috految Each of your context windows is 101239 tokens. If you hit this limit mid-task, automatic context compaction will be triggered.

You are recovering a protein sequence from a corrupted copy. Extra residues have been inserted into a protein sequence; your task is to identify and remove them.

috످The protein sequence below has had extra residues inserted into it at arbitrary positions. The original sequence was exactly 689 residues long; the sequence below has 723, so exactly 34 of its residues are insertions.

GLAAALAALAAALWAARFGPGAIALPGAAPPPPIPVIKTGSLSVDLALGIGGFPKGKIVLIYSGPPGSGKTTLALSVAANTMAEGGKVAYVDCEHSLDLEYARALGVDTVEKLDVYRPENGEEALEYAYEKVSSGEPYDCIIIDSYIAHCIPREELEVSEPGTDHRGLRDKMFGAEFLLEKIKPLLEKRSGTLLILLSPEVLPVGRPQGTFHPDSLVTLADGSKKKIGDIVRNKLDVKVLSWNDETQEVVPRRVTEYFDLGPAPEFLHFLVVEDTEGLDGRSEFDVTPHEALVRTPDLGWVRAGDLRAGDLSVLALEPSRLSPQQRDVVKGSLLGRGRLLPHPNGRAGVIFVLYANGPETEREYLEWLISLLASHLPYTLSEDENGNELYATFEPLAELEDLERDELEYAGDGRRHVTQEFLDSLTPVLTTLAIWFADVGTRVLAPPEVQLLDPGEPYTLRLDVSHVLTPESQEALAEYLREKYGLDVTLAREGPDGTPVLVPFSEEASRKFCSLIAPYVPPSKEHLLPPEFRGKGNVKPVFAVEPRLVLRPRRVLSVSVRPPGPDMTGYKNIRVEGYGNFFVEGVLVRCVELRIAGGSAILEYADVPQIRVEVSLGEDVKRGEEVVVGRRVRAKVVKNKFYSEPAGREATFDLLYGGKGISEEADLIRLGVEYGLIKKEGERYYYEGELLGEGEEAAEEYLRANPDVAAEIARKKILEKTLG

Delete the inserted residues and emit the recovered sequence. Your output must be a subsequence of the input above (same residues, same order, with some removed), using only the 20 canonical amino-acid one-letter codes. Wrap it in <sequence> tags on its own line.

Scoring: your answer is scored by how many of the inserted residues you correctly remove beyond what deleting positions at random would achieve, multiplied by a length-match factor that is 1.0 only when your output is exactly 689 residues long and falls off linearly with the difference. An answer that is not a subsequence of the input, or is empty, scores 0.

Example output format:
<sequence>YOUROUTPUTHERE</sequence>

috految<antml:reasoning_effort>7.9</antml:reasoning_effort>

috److This sequence looks like a redesigned mycobacterial RecA containing an intein. I used the *M. leprae* RecA sequence, recalled from memory, as an alignment guide:

DREKALELAMAQIEKNYGKGSVMRLGDEMCQPISVIPTGSIALDVALGIGGLPRGRIVEIYGPESSGKTTVALHAVANAQAVGGVAAFIDAEHALEPEYAKKLGVDTDSLLVSQPDTGEQALEIADMLIRSGALDIVVIDSVAALVPRAELEGEMGDSYVGLQARLMSQALRKMTGALSNSGTTAIFINQLREKIGVMFGCMNYSTRVTLADGSTEKIGKIVNNKMDVRVLSYDPVTDRIVPRKVVNWFNNGPAEQFLQFTVEKSGSNGKSQFAATPNHLIRTPGGWTEAGNLIAGDRVLAVEPHMLSDQQFQVVLGSLMGDGNLSPNLCDRNGVRFRLLGYGCKQVEYLQWKKALMGNIRHTVRENSMGASFIDFTPLPELVELQRAVYLGDGKKFLSEEYLKALTPLVLAIWYMDDGSFTVGSKRVQERTAGGSGRIEICVDAMTEGTRVRLRDYLCDTHGLDVRLREVGSAGKAVLVFSTAATAKFQSLIAPYVAPSMEYKLLPQFRGRGSVTPQFVEPTQQLVPARVLDVHVKLSTRSMNRFDIEVEGNHNYFVDGVMVHNSPETTTGGKALKFYASVRMDVRRIETLKDGVDAVGNRTRVKIVKNKVSPPFKQAEFDILYGKGIS

| Input segment | Recovered segment | Removed |
|---|---|---|
| GLAAALAALAAALWAARFG | GLAAALAALAAALAARFG | 1 |
| LIYSGPP | LIYGPP | 1 |
| GVDTVEKL | GVDVEKL | 1 |
| GEPYDCIIIDSYIAHCIPREELEVSEPG | GEYDCIIIDSIAHCIPREELESEPG | 3 |
| KMFGAEFLLEKIKPLLEKRSG | KMFAEFLEKIKPLLEKSG | 3 |
| LHFLVVEDTEGLDGRSEFDVTPHEALVRTPDLGWVRAGDLRAGDLSVL | LHFVVEDTEGDGRSEFDVTPEALVRTPDGWVRAGDLRAGDLVL | 5 |
| YANGPETEREYLEWLISLLASHLPYTLSEDENGNELY | YANGPEEREYLEWLISLLSHLPYTLSEDENGNLY | 3 |
| EDLERDELEYAG | EDLRDELYAG | 2 |
| TPVLTTLA | TPLTLA | 2 |
| SHVLTP | SHLTP | 1 |
| LVPFS | LVFS | 1 |
| VFAVEP | VFVEP | 1 |
| GYKNI | GYNI | 1 |
| DVPQIRVEVSLGEDVKRGEEVVVG | DVQIRVESLGDVKRGEEVVG | 4 |
| KFYSEPAGREATFDLLYGGKG | KFSEPGREATFDLLYGKG | 3 |
| IARKKILEKTLG | IRKKILEKLG | 2 |

These deletions total 34 residues.

<sequence>GLAAALAALAAALAARFGPGAIALPGAAPPPPIPVIKTGSLSVDLALGIGGFPKGKIVLIYGPPGSGKTTLALSVAANTMAEGGKVAYVDCEHSLDLEYARALGVDVEKLDVYRPENGEEALEYAYEKVSSGEYDCIIIDSIAHCIPREELESEPGTDHRGLRDKMFAEFLEKIKPLLEKSGTLLILLSPEVLPVGRPQGTFHPDSLVTLADGSKKKIGDIVRNKLDVKVLSWNDETQEVVPRRVTEYFDLGPAPEFLHFVVEDTEGDGRSEFDVTPEALVRTPDGWVRAGDLRAGDLVLALEPSRLSPQQRDVVKGSLLGRGRLLPHPNGRAGVIFVLYANGPEEREYLEWLISLLSHLPYTLSEDENGNLYATFEPLAELEDLRDELYAGDGRRHVTQEFLDSLTPLTLAIWFADVGTRVLAPPEVQLLDPGEPYTLRLDVSHLTPESQEALAEYLREKYGLDVTLAREGPDGTPVLVFSEEASRKFCSLIAPYVPPSKEHLLPPEFRGKGNVKPVFVEPRLVLRPRRVLSVSVRPPGPDMTGYNIRVEGYGNFFVEGVLVRCVELRIAGGSAILEYADVQIRVESLGDVKRGEEVVGRRVRAKVVKNKFSEPGREATFDLLYGKGISEEADLIRLGVEYGLIKKEGERYYYEGELLGEGEEAAEEYLRANPDVAAEIRKKILEKLG</sequence>

috످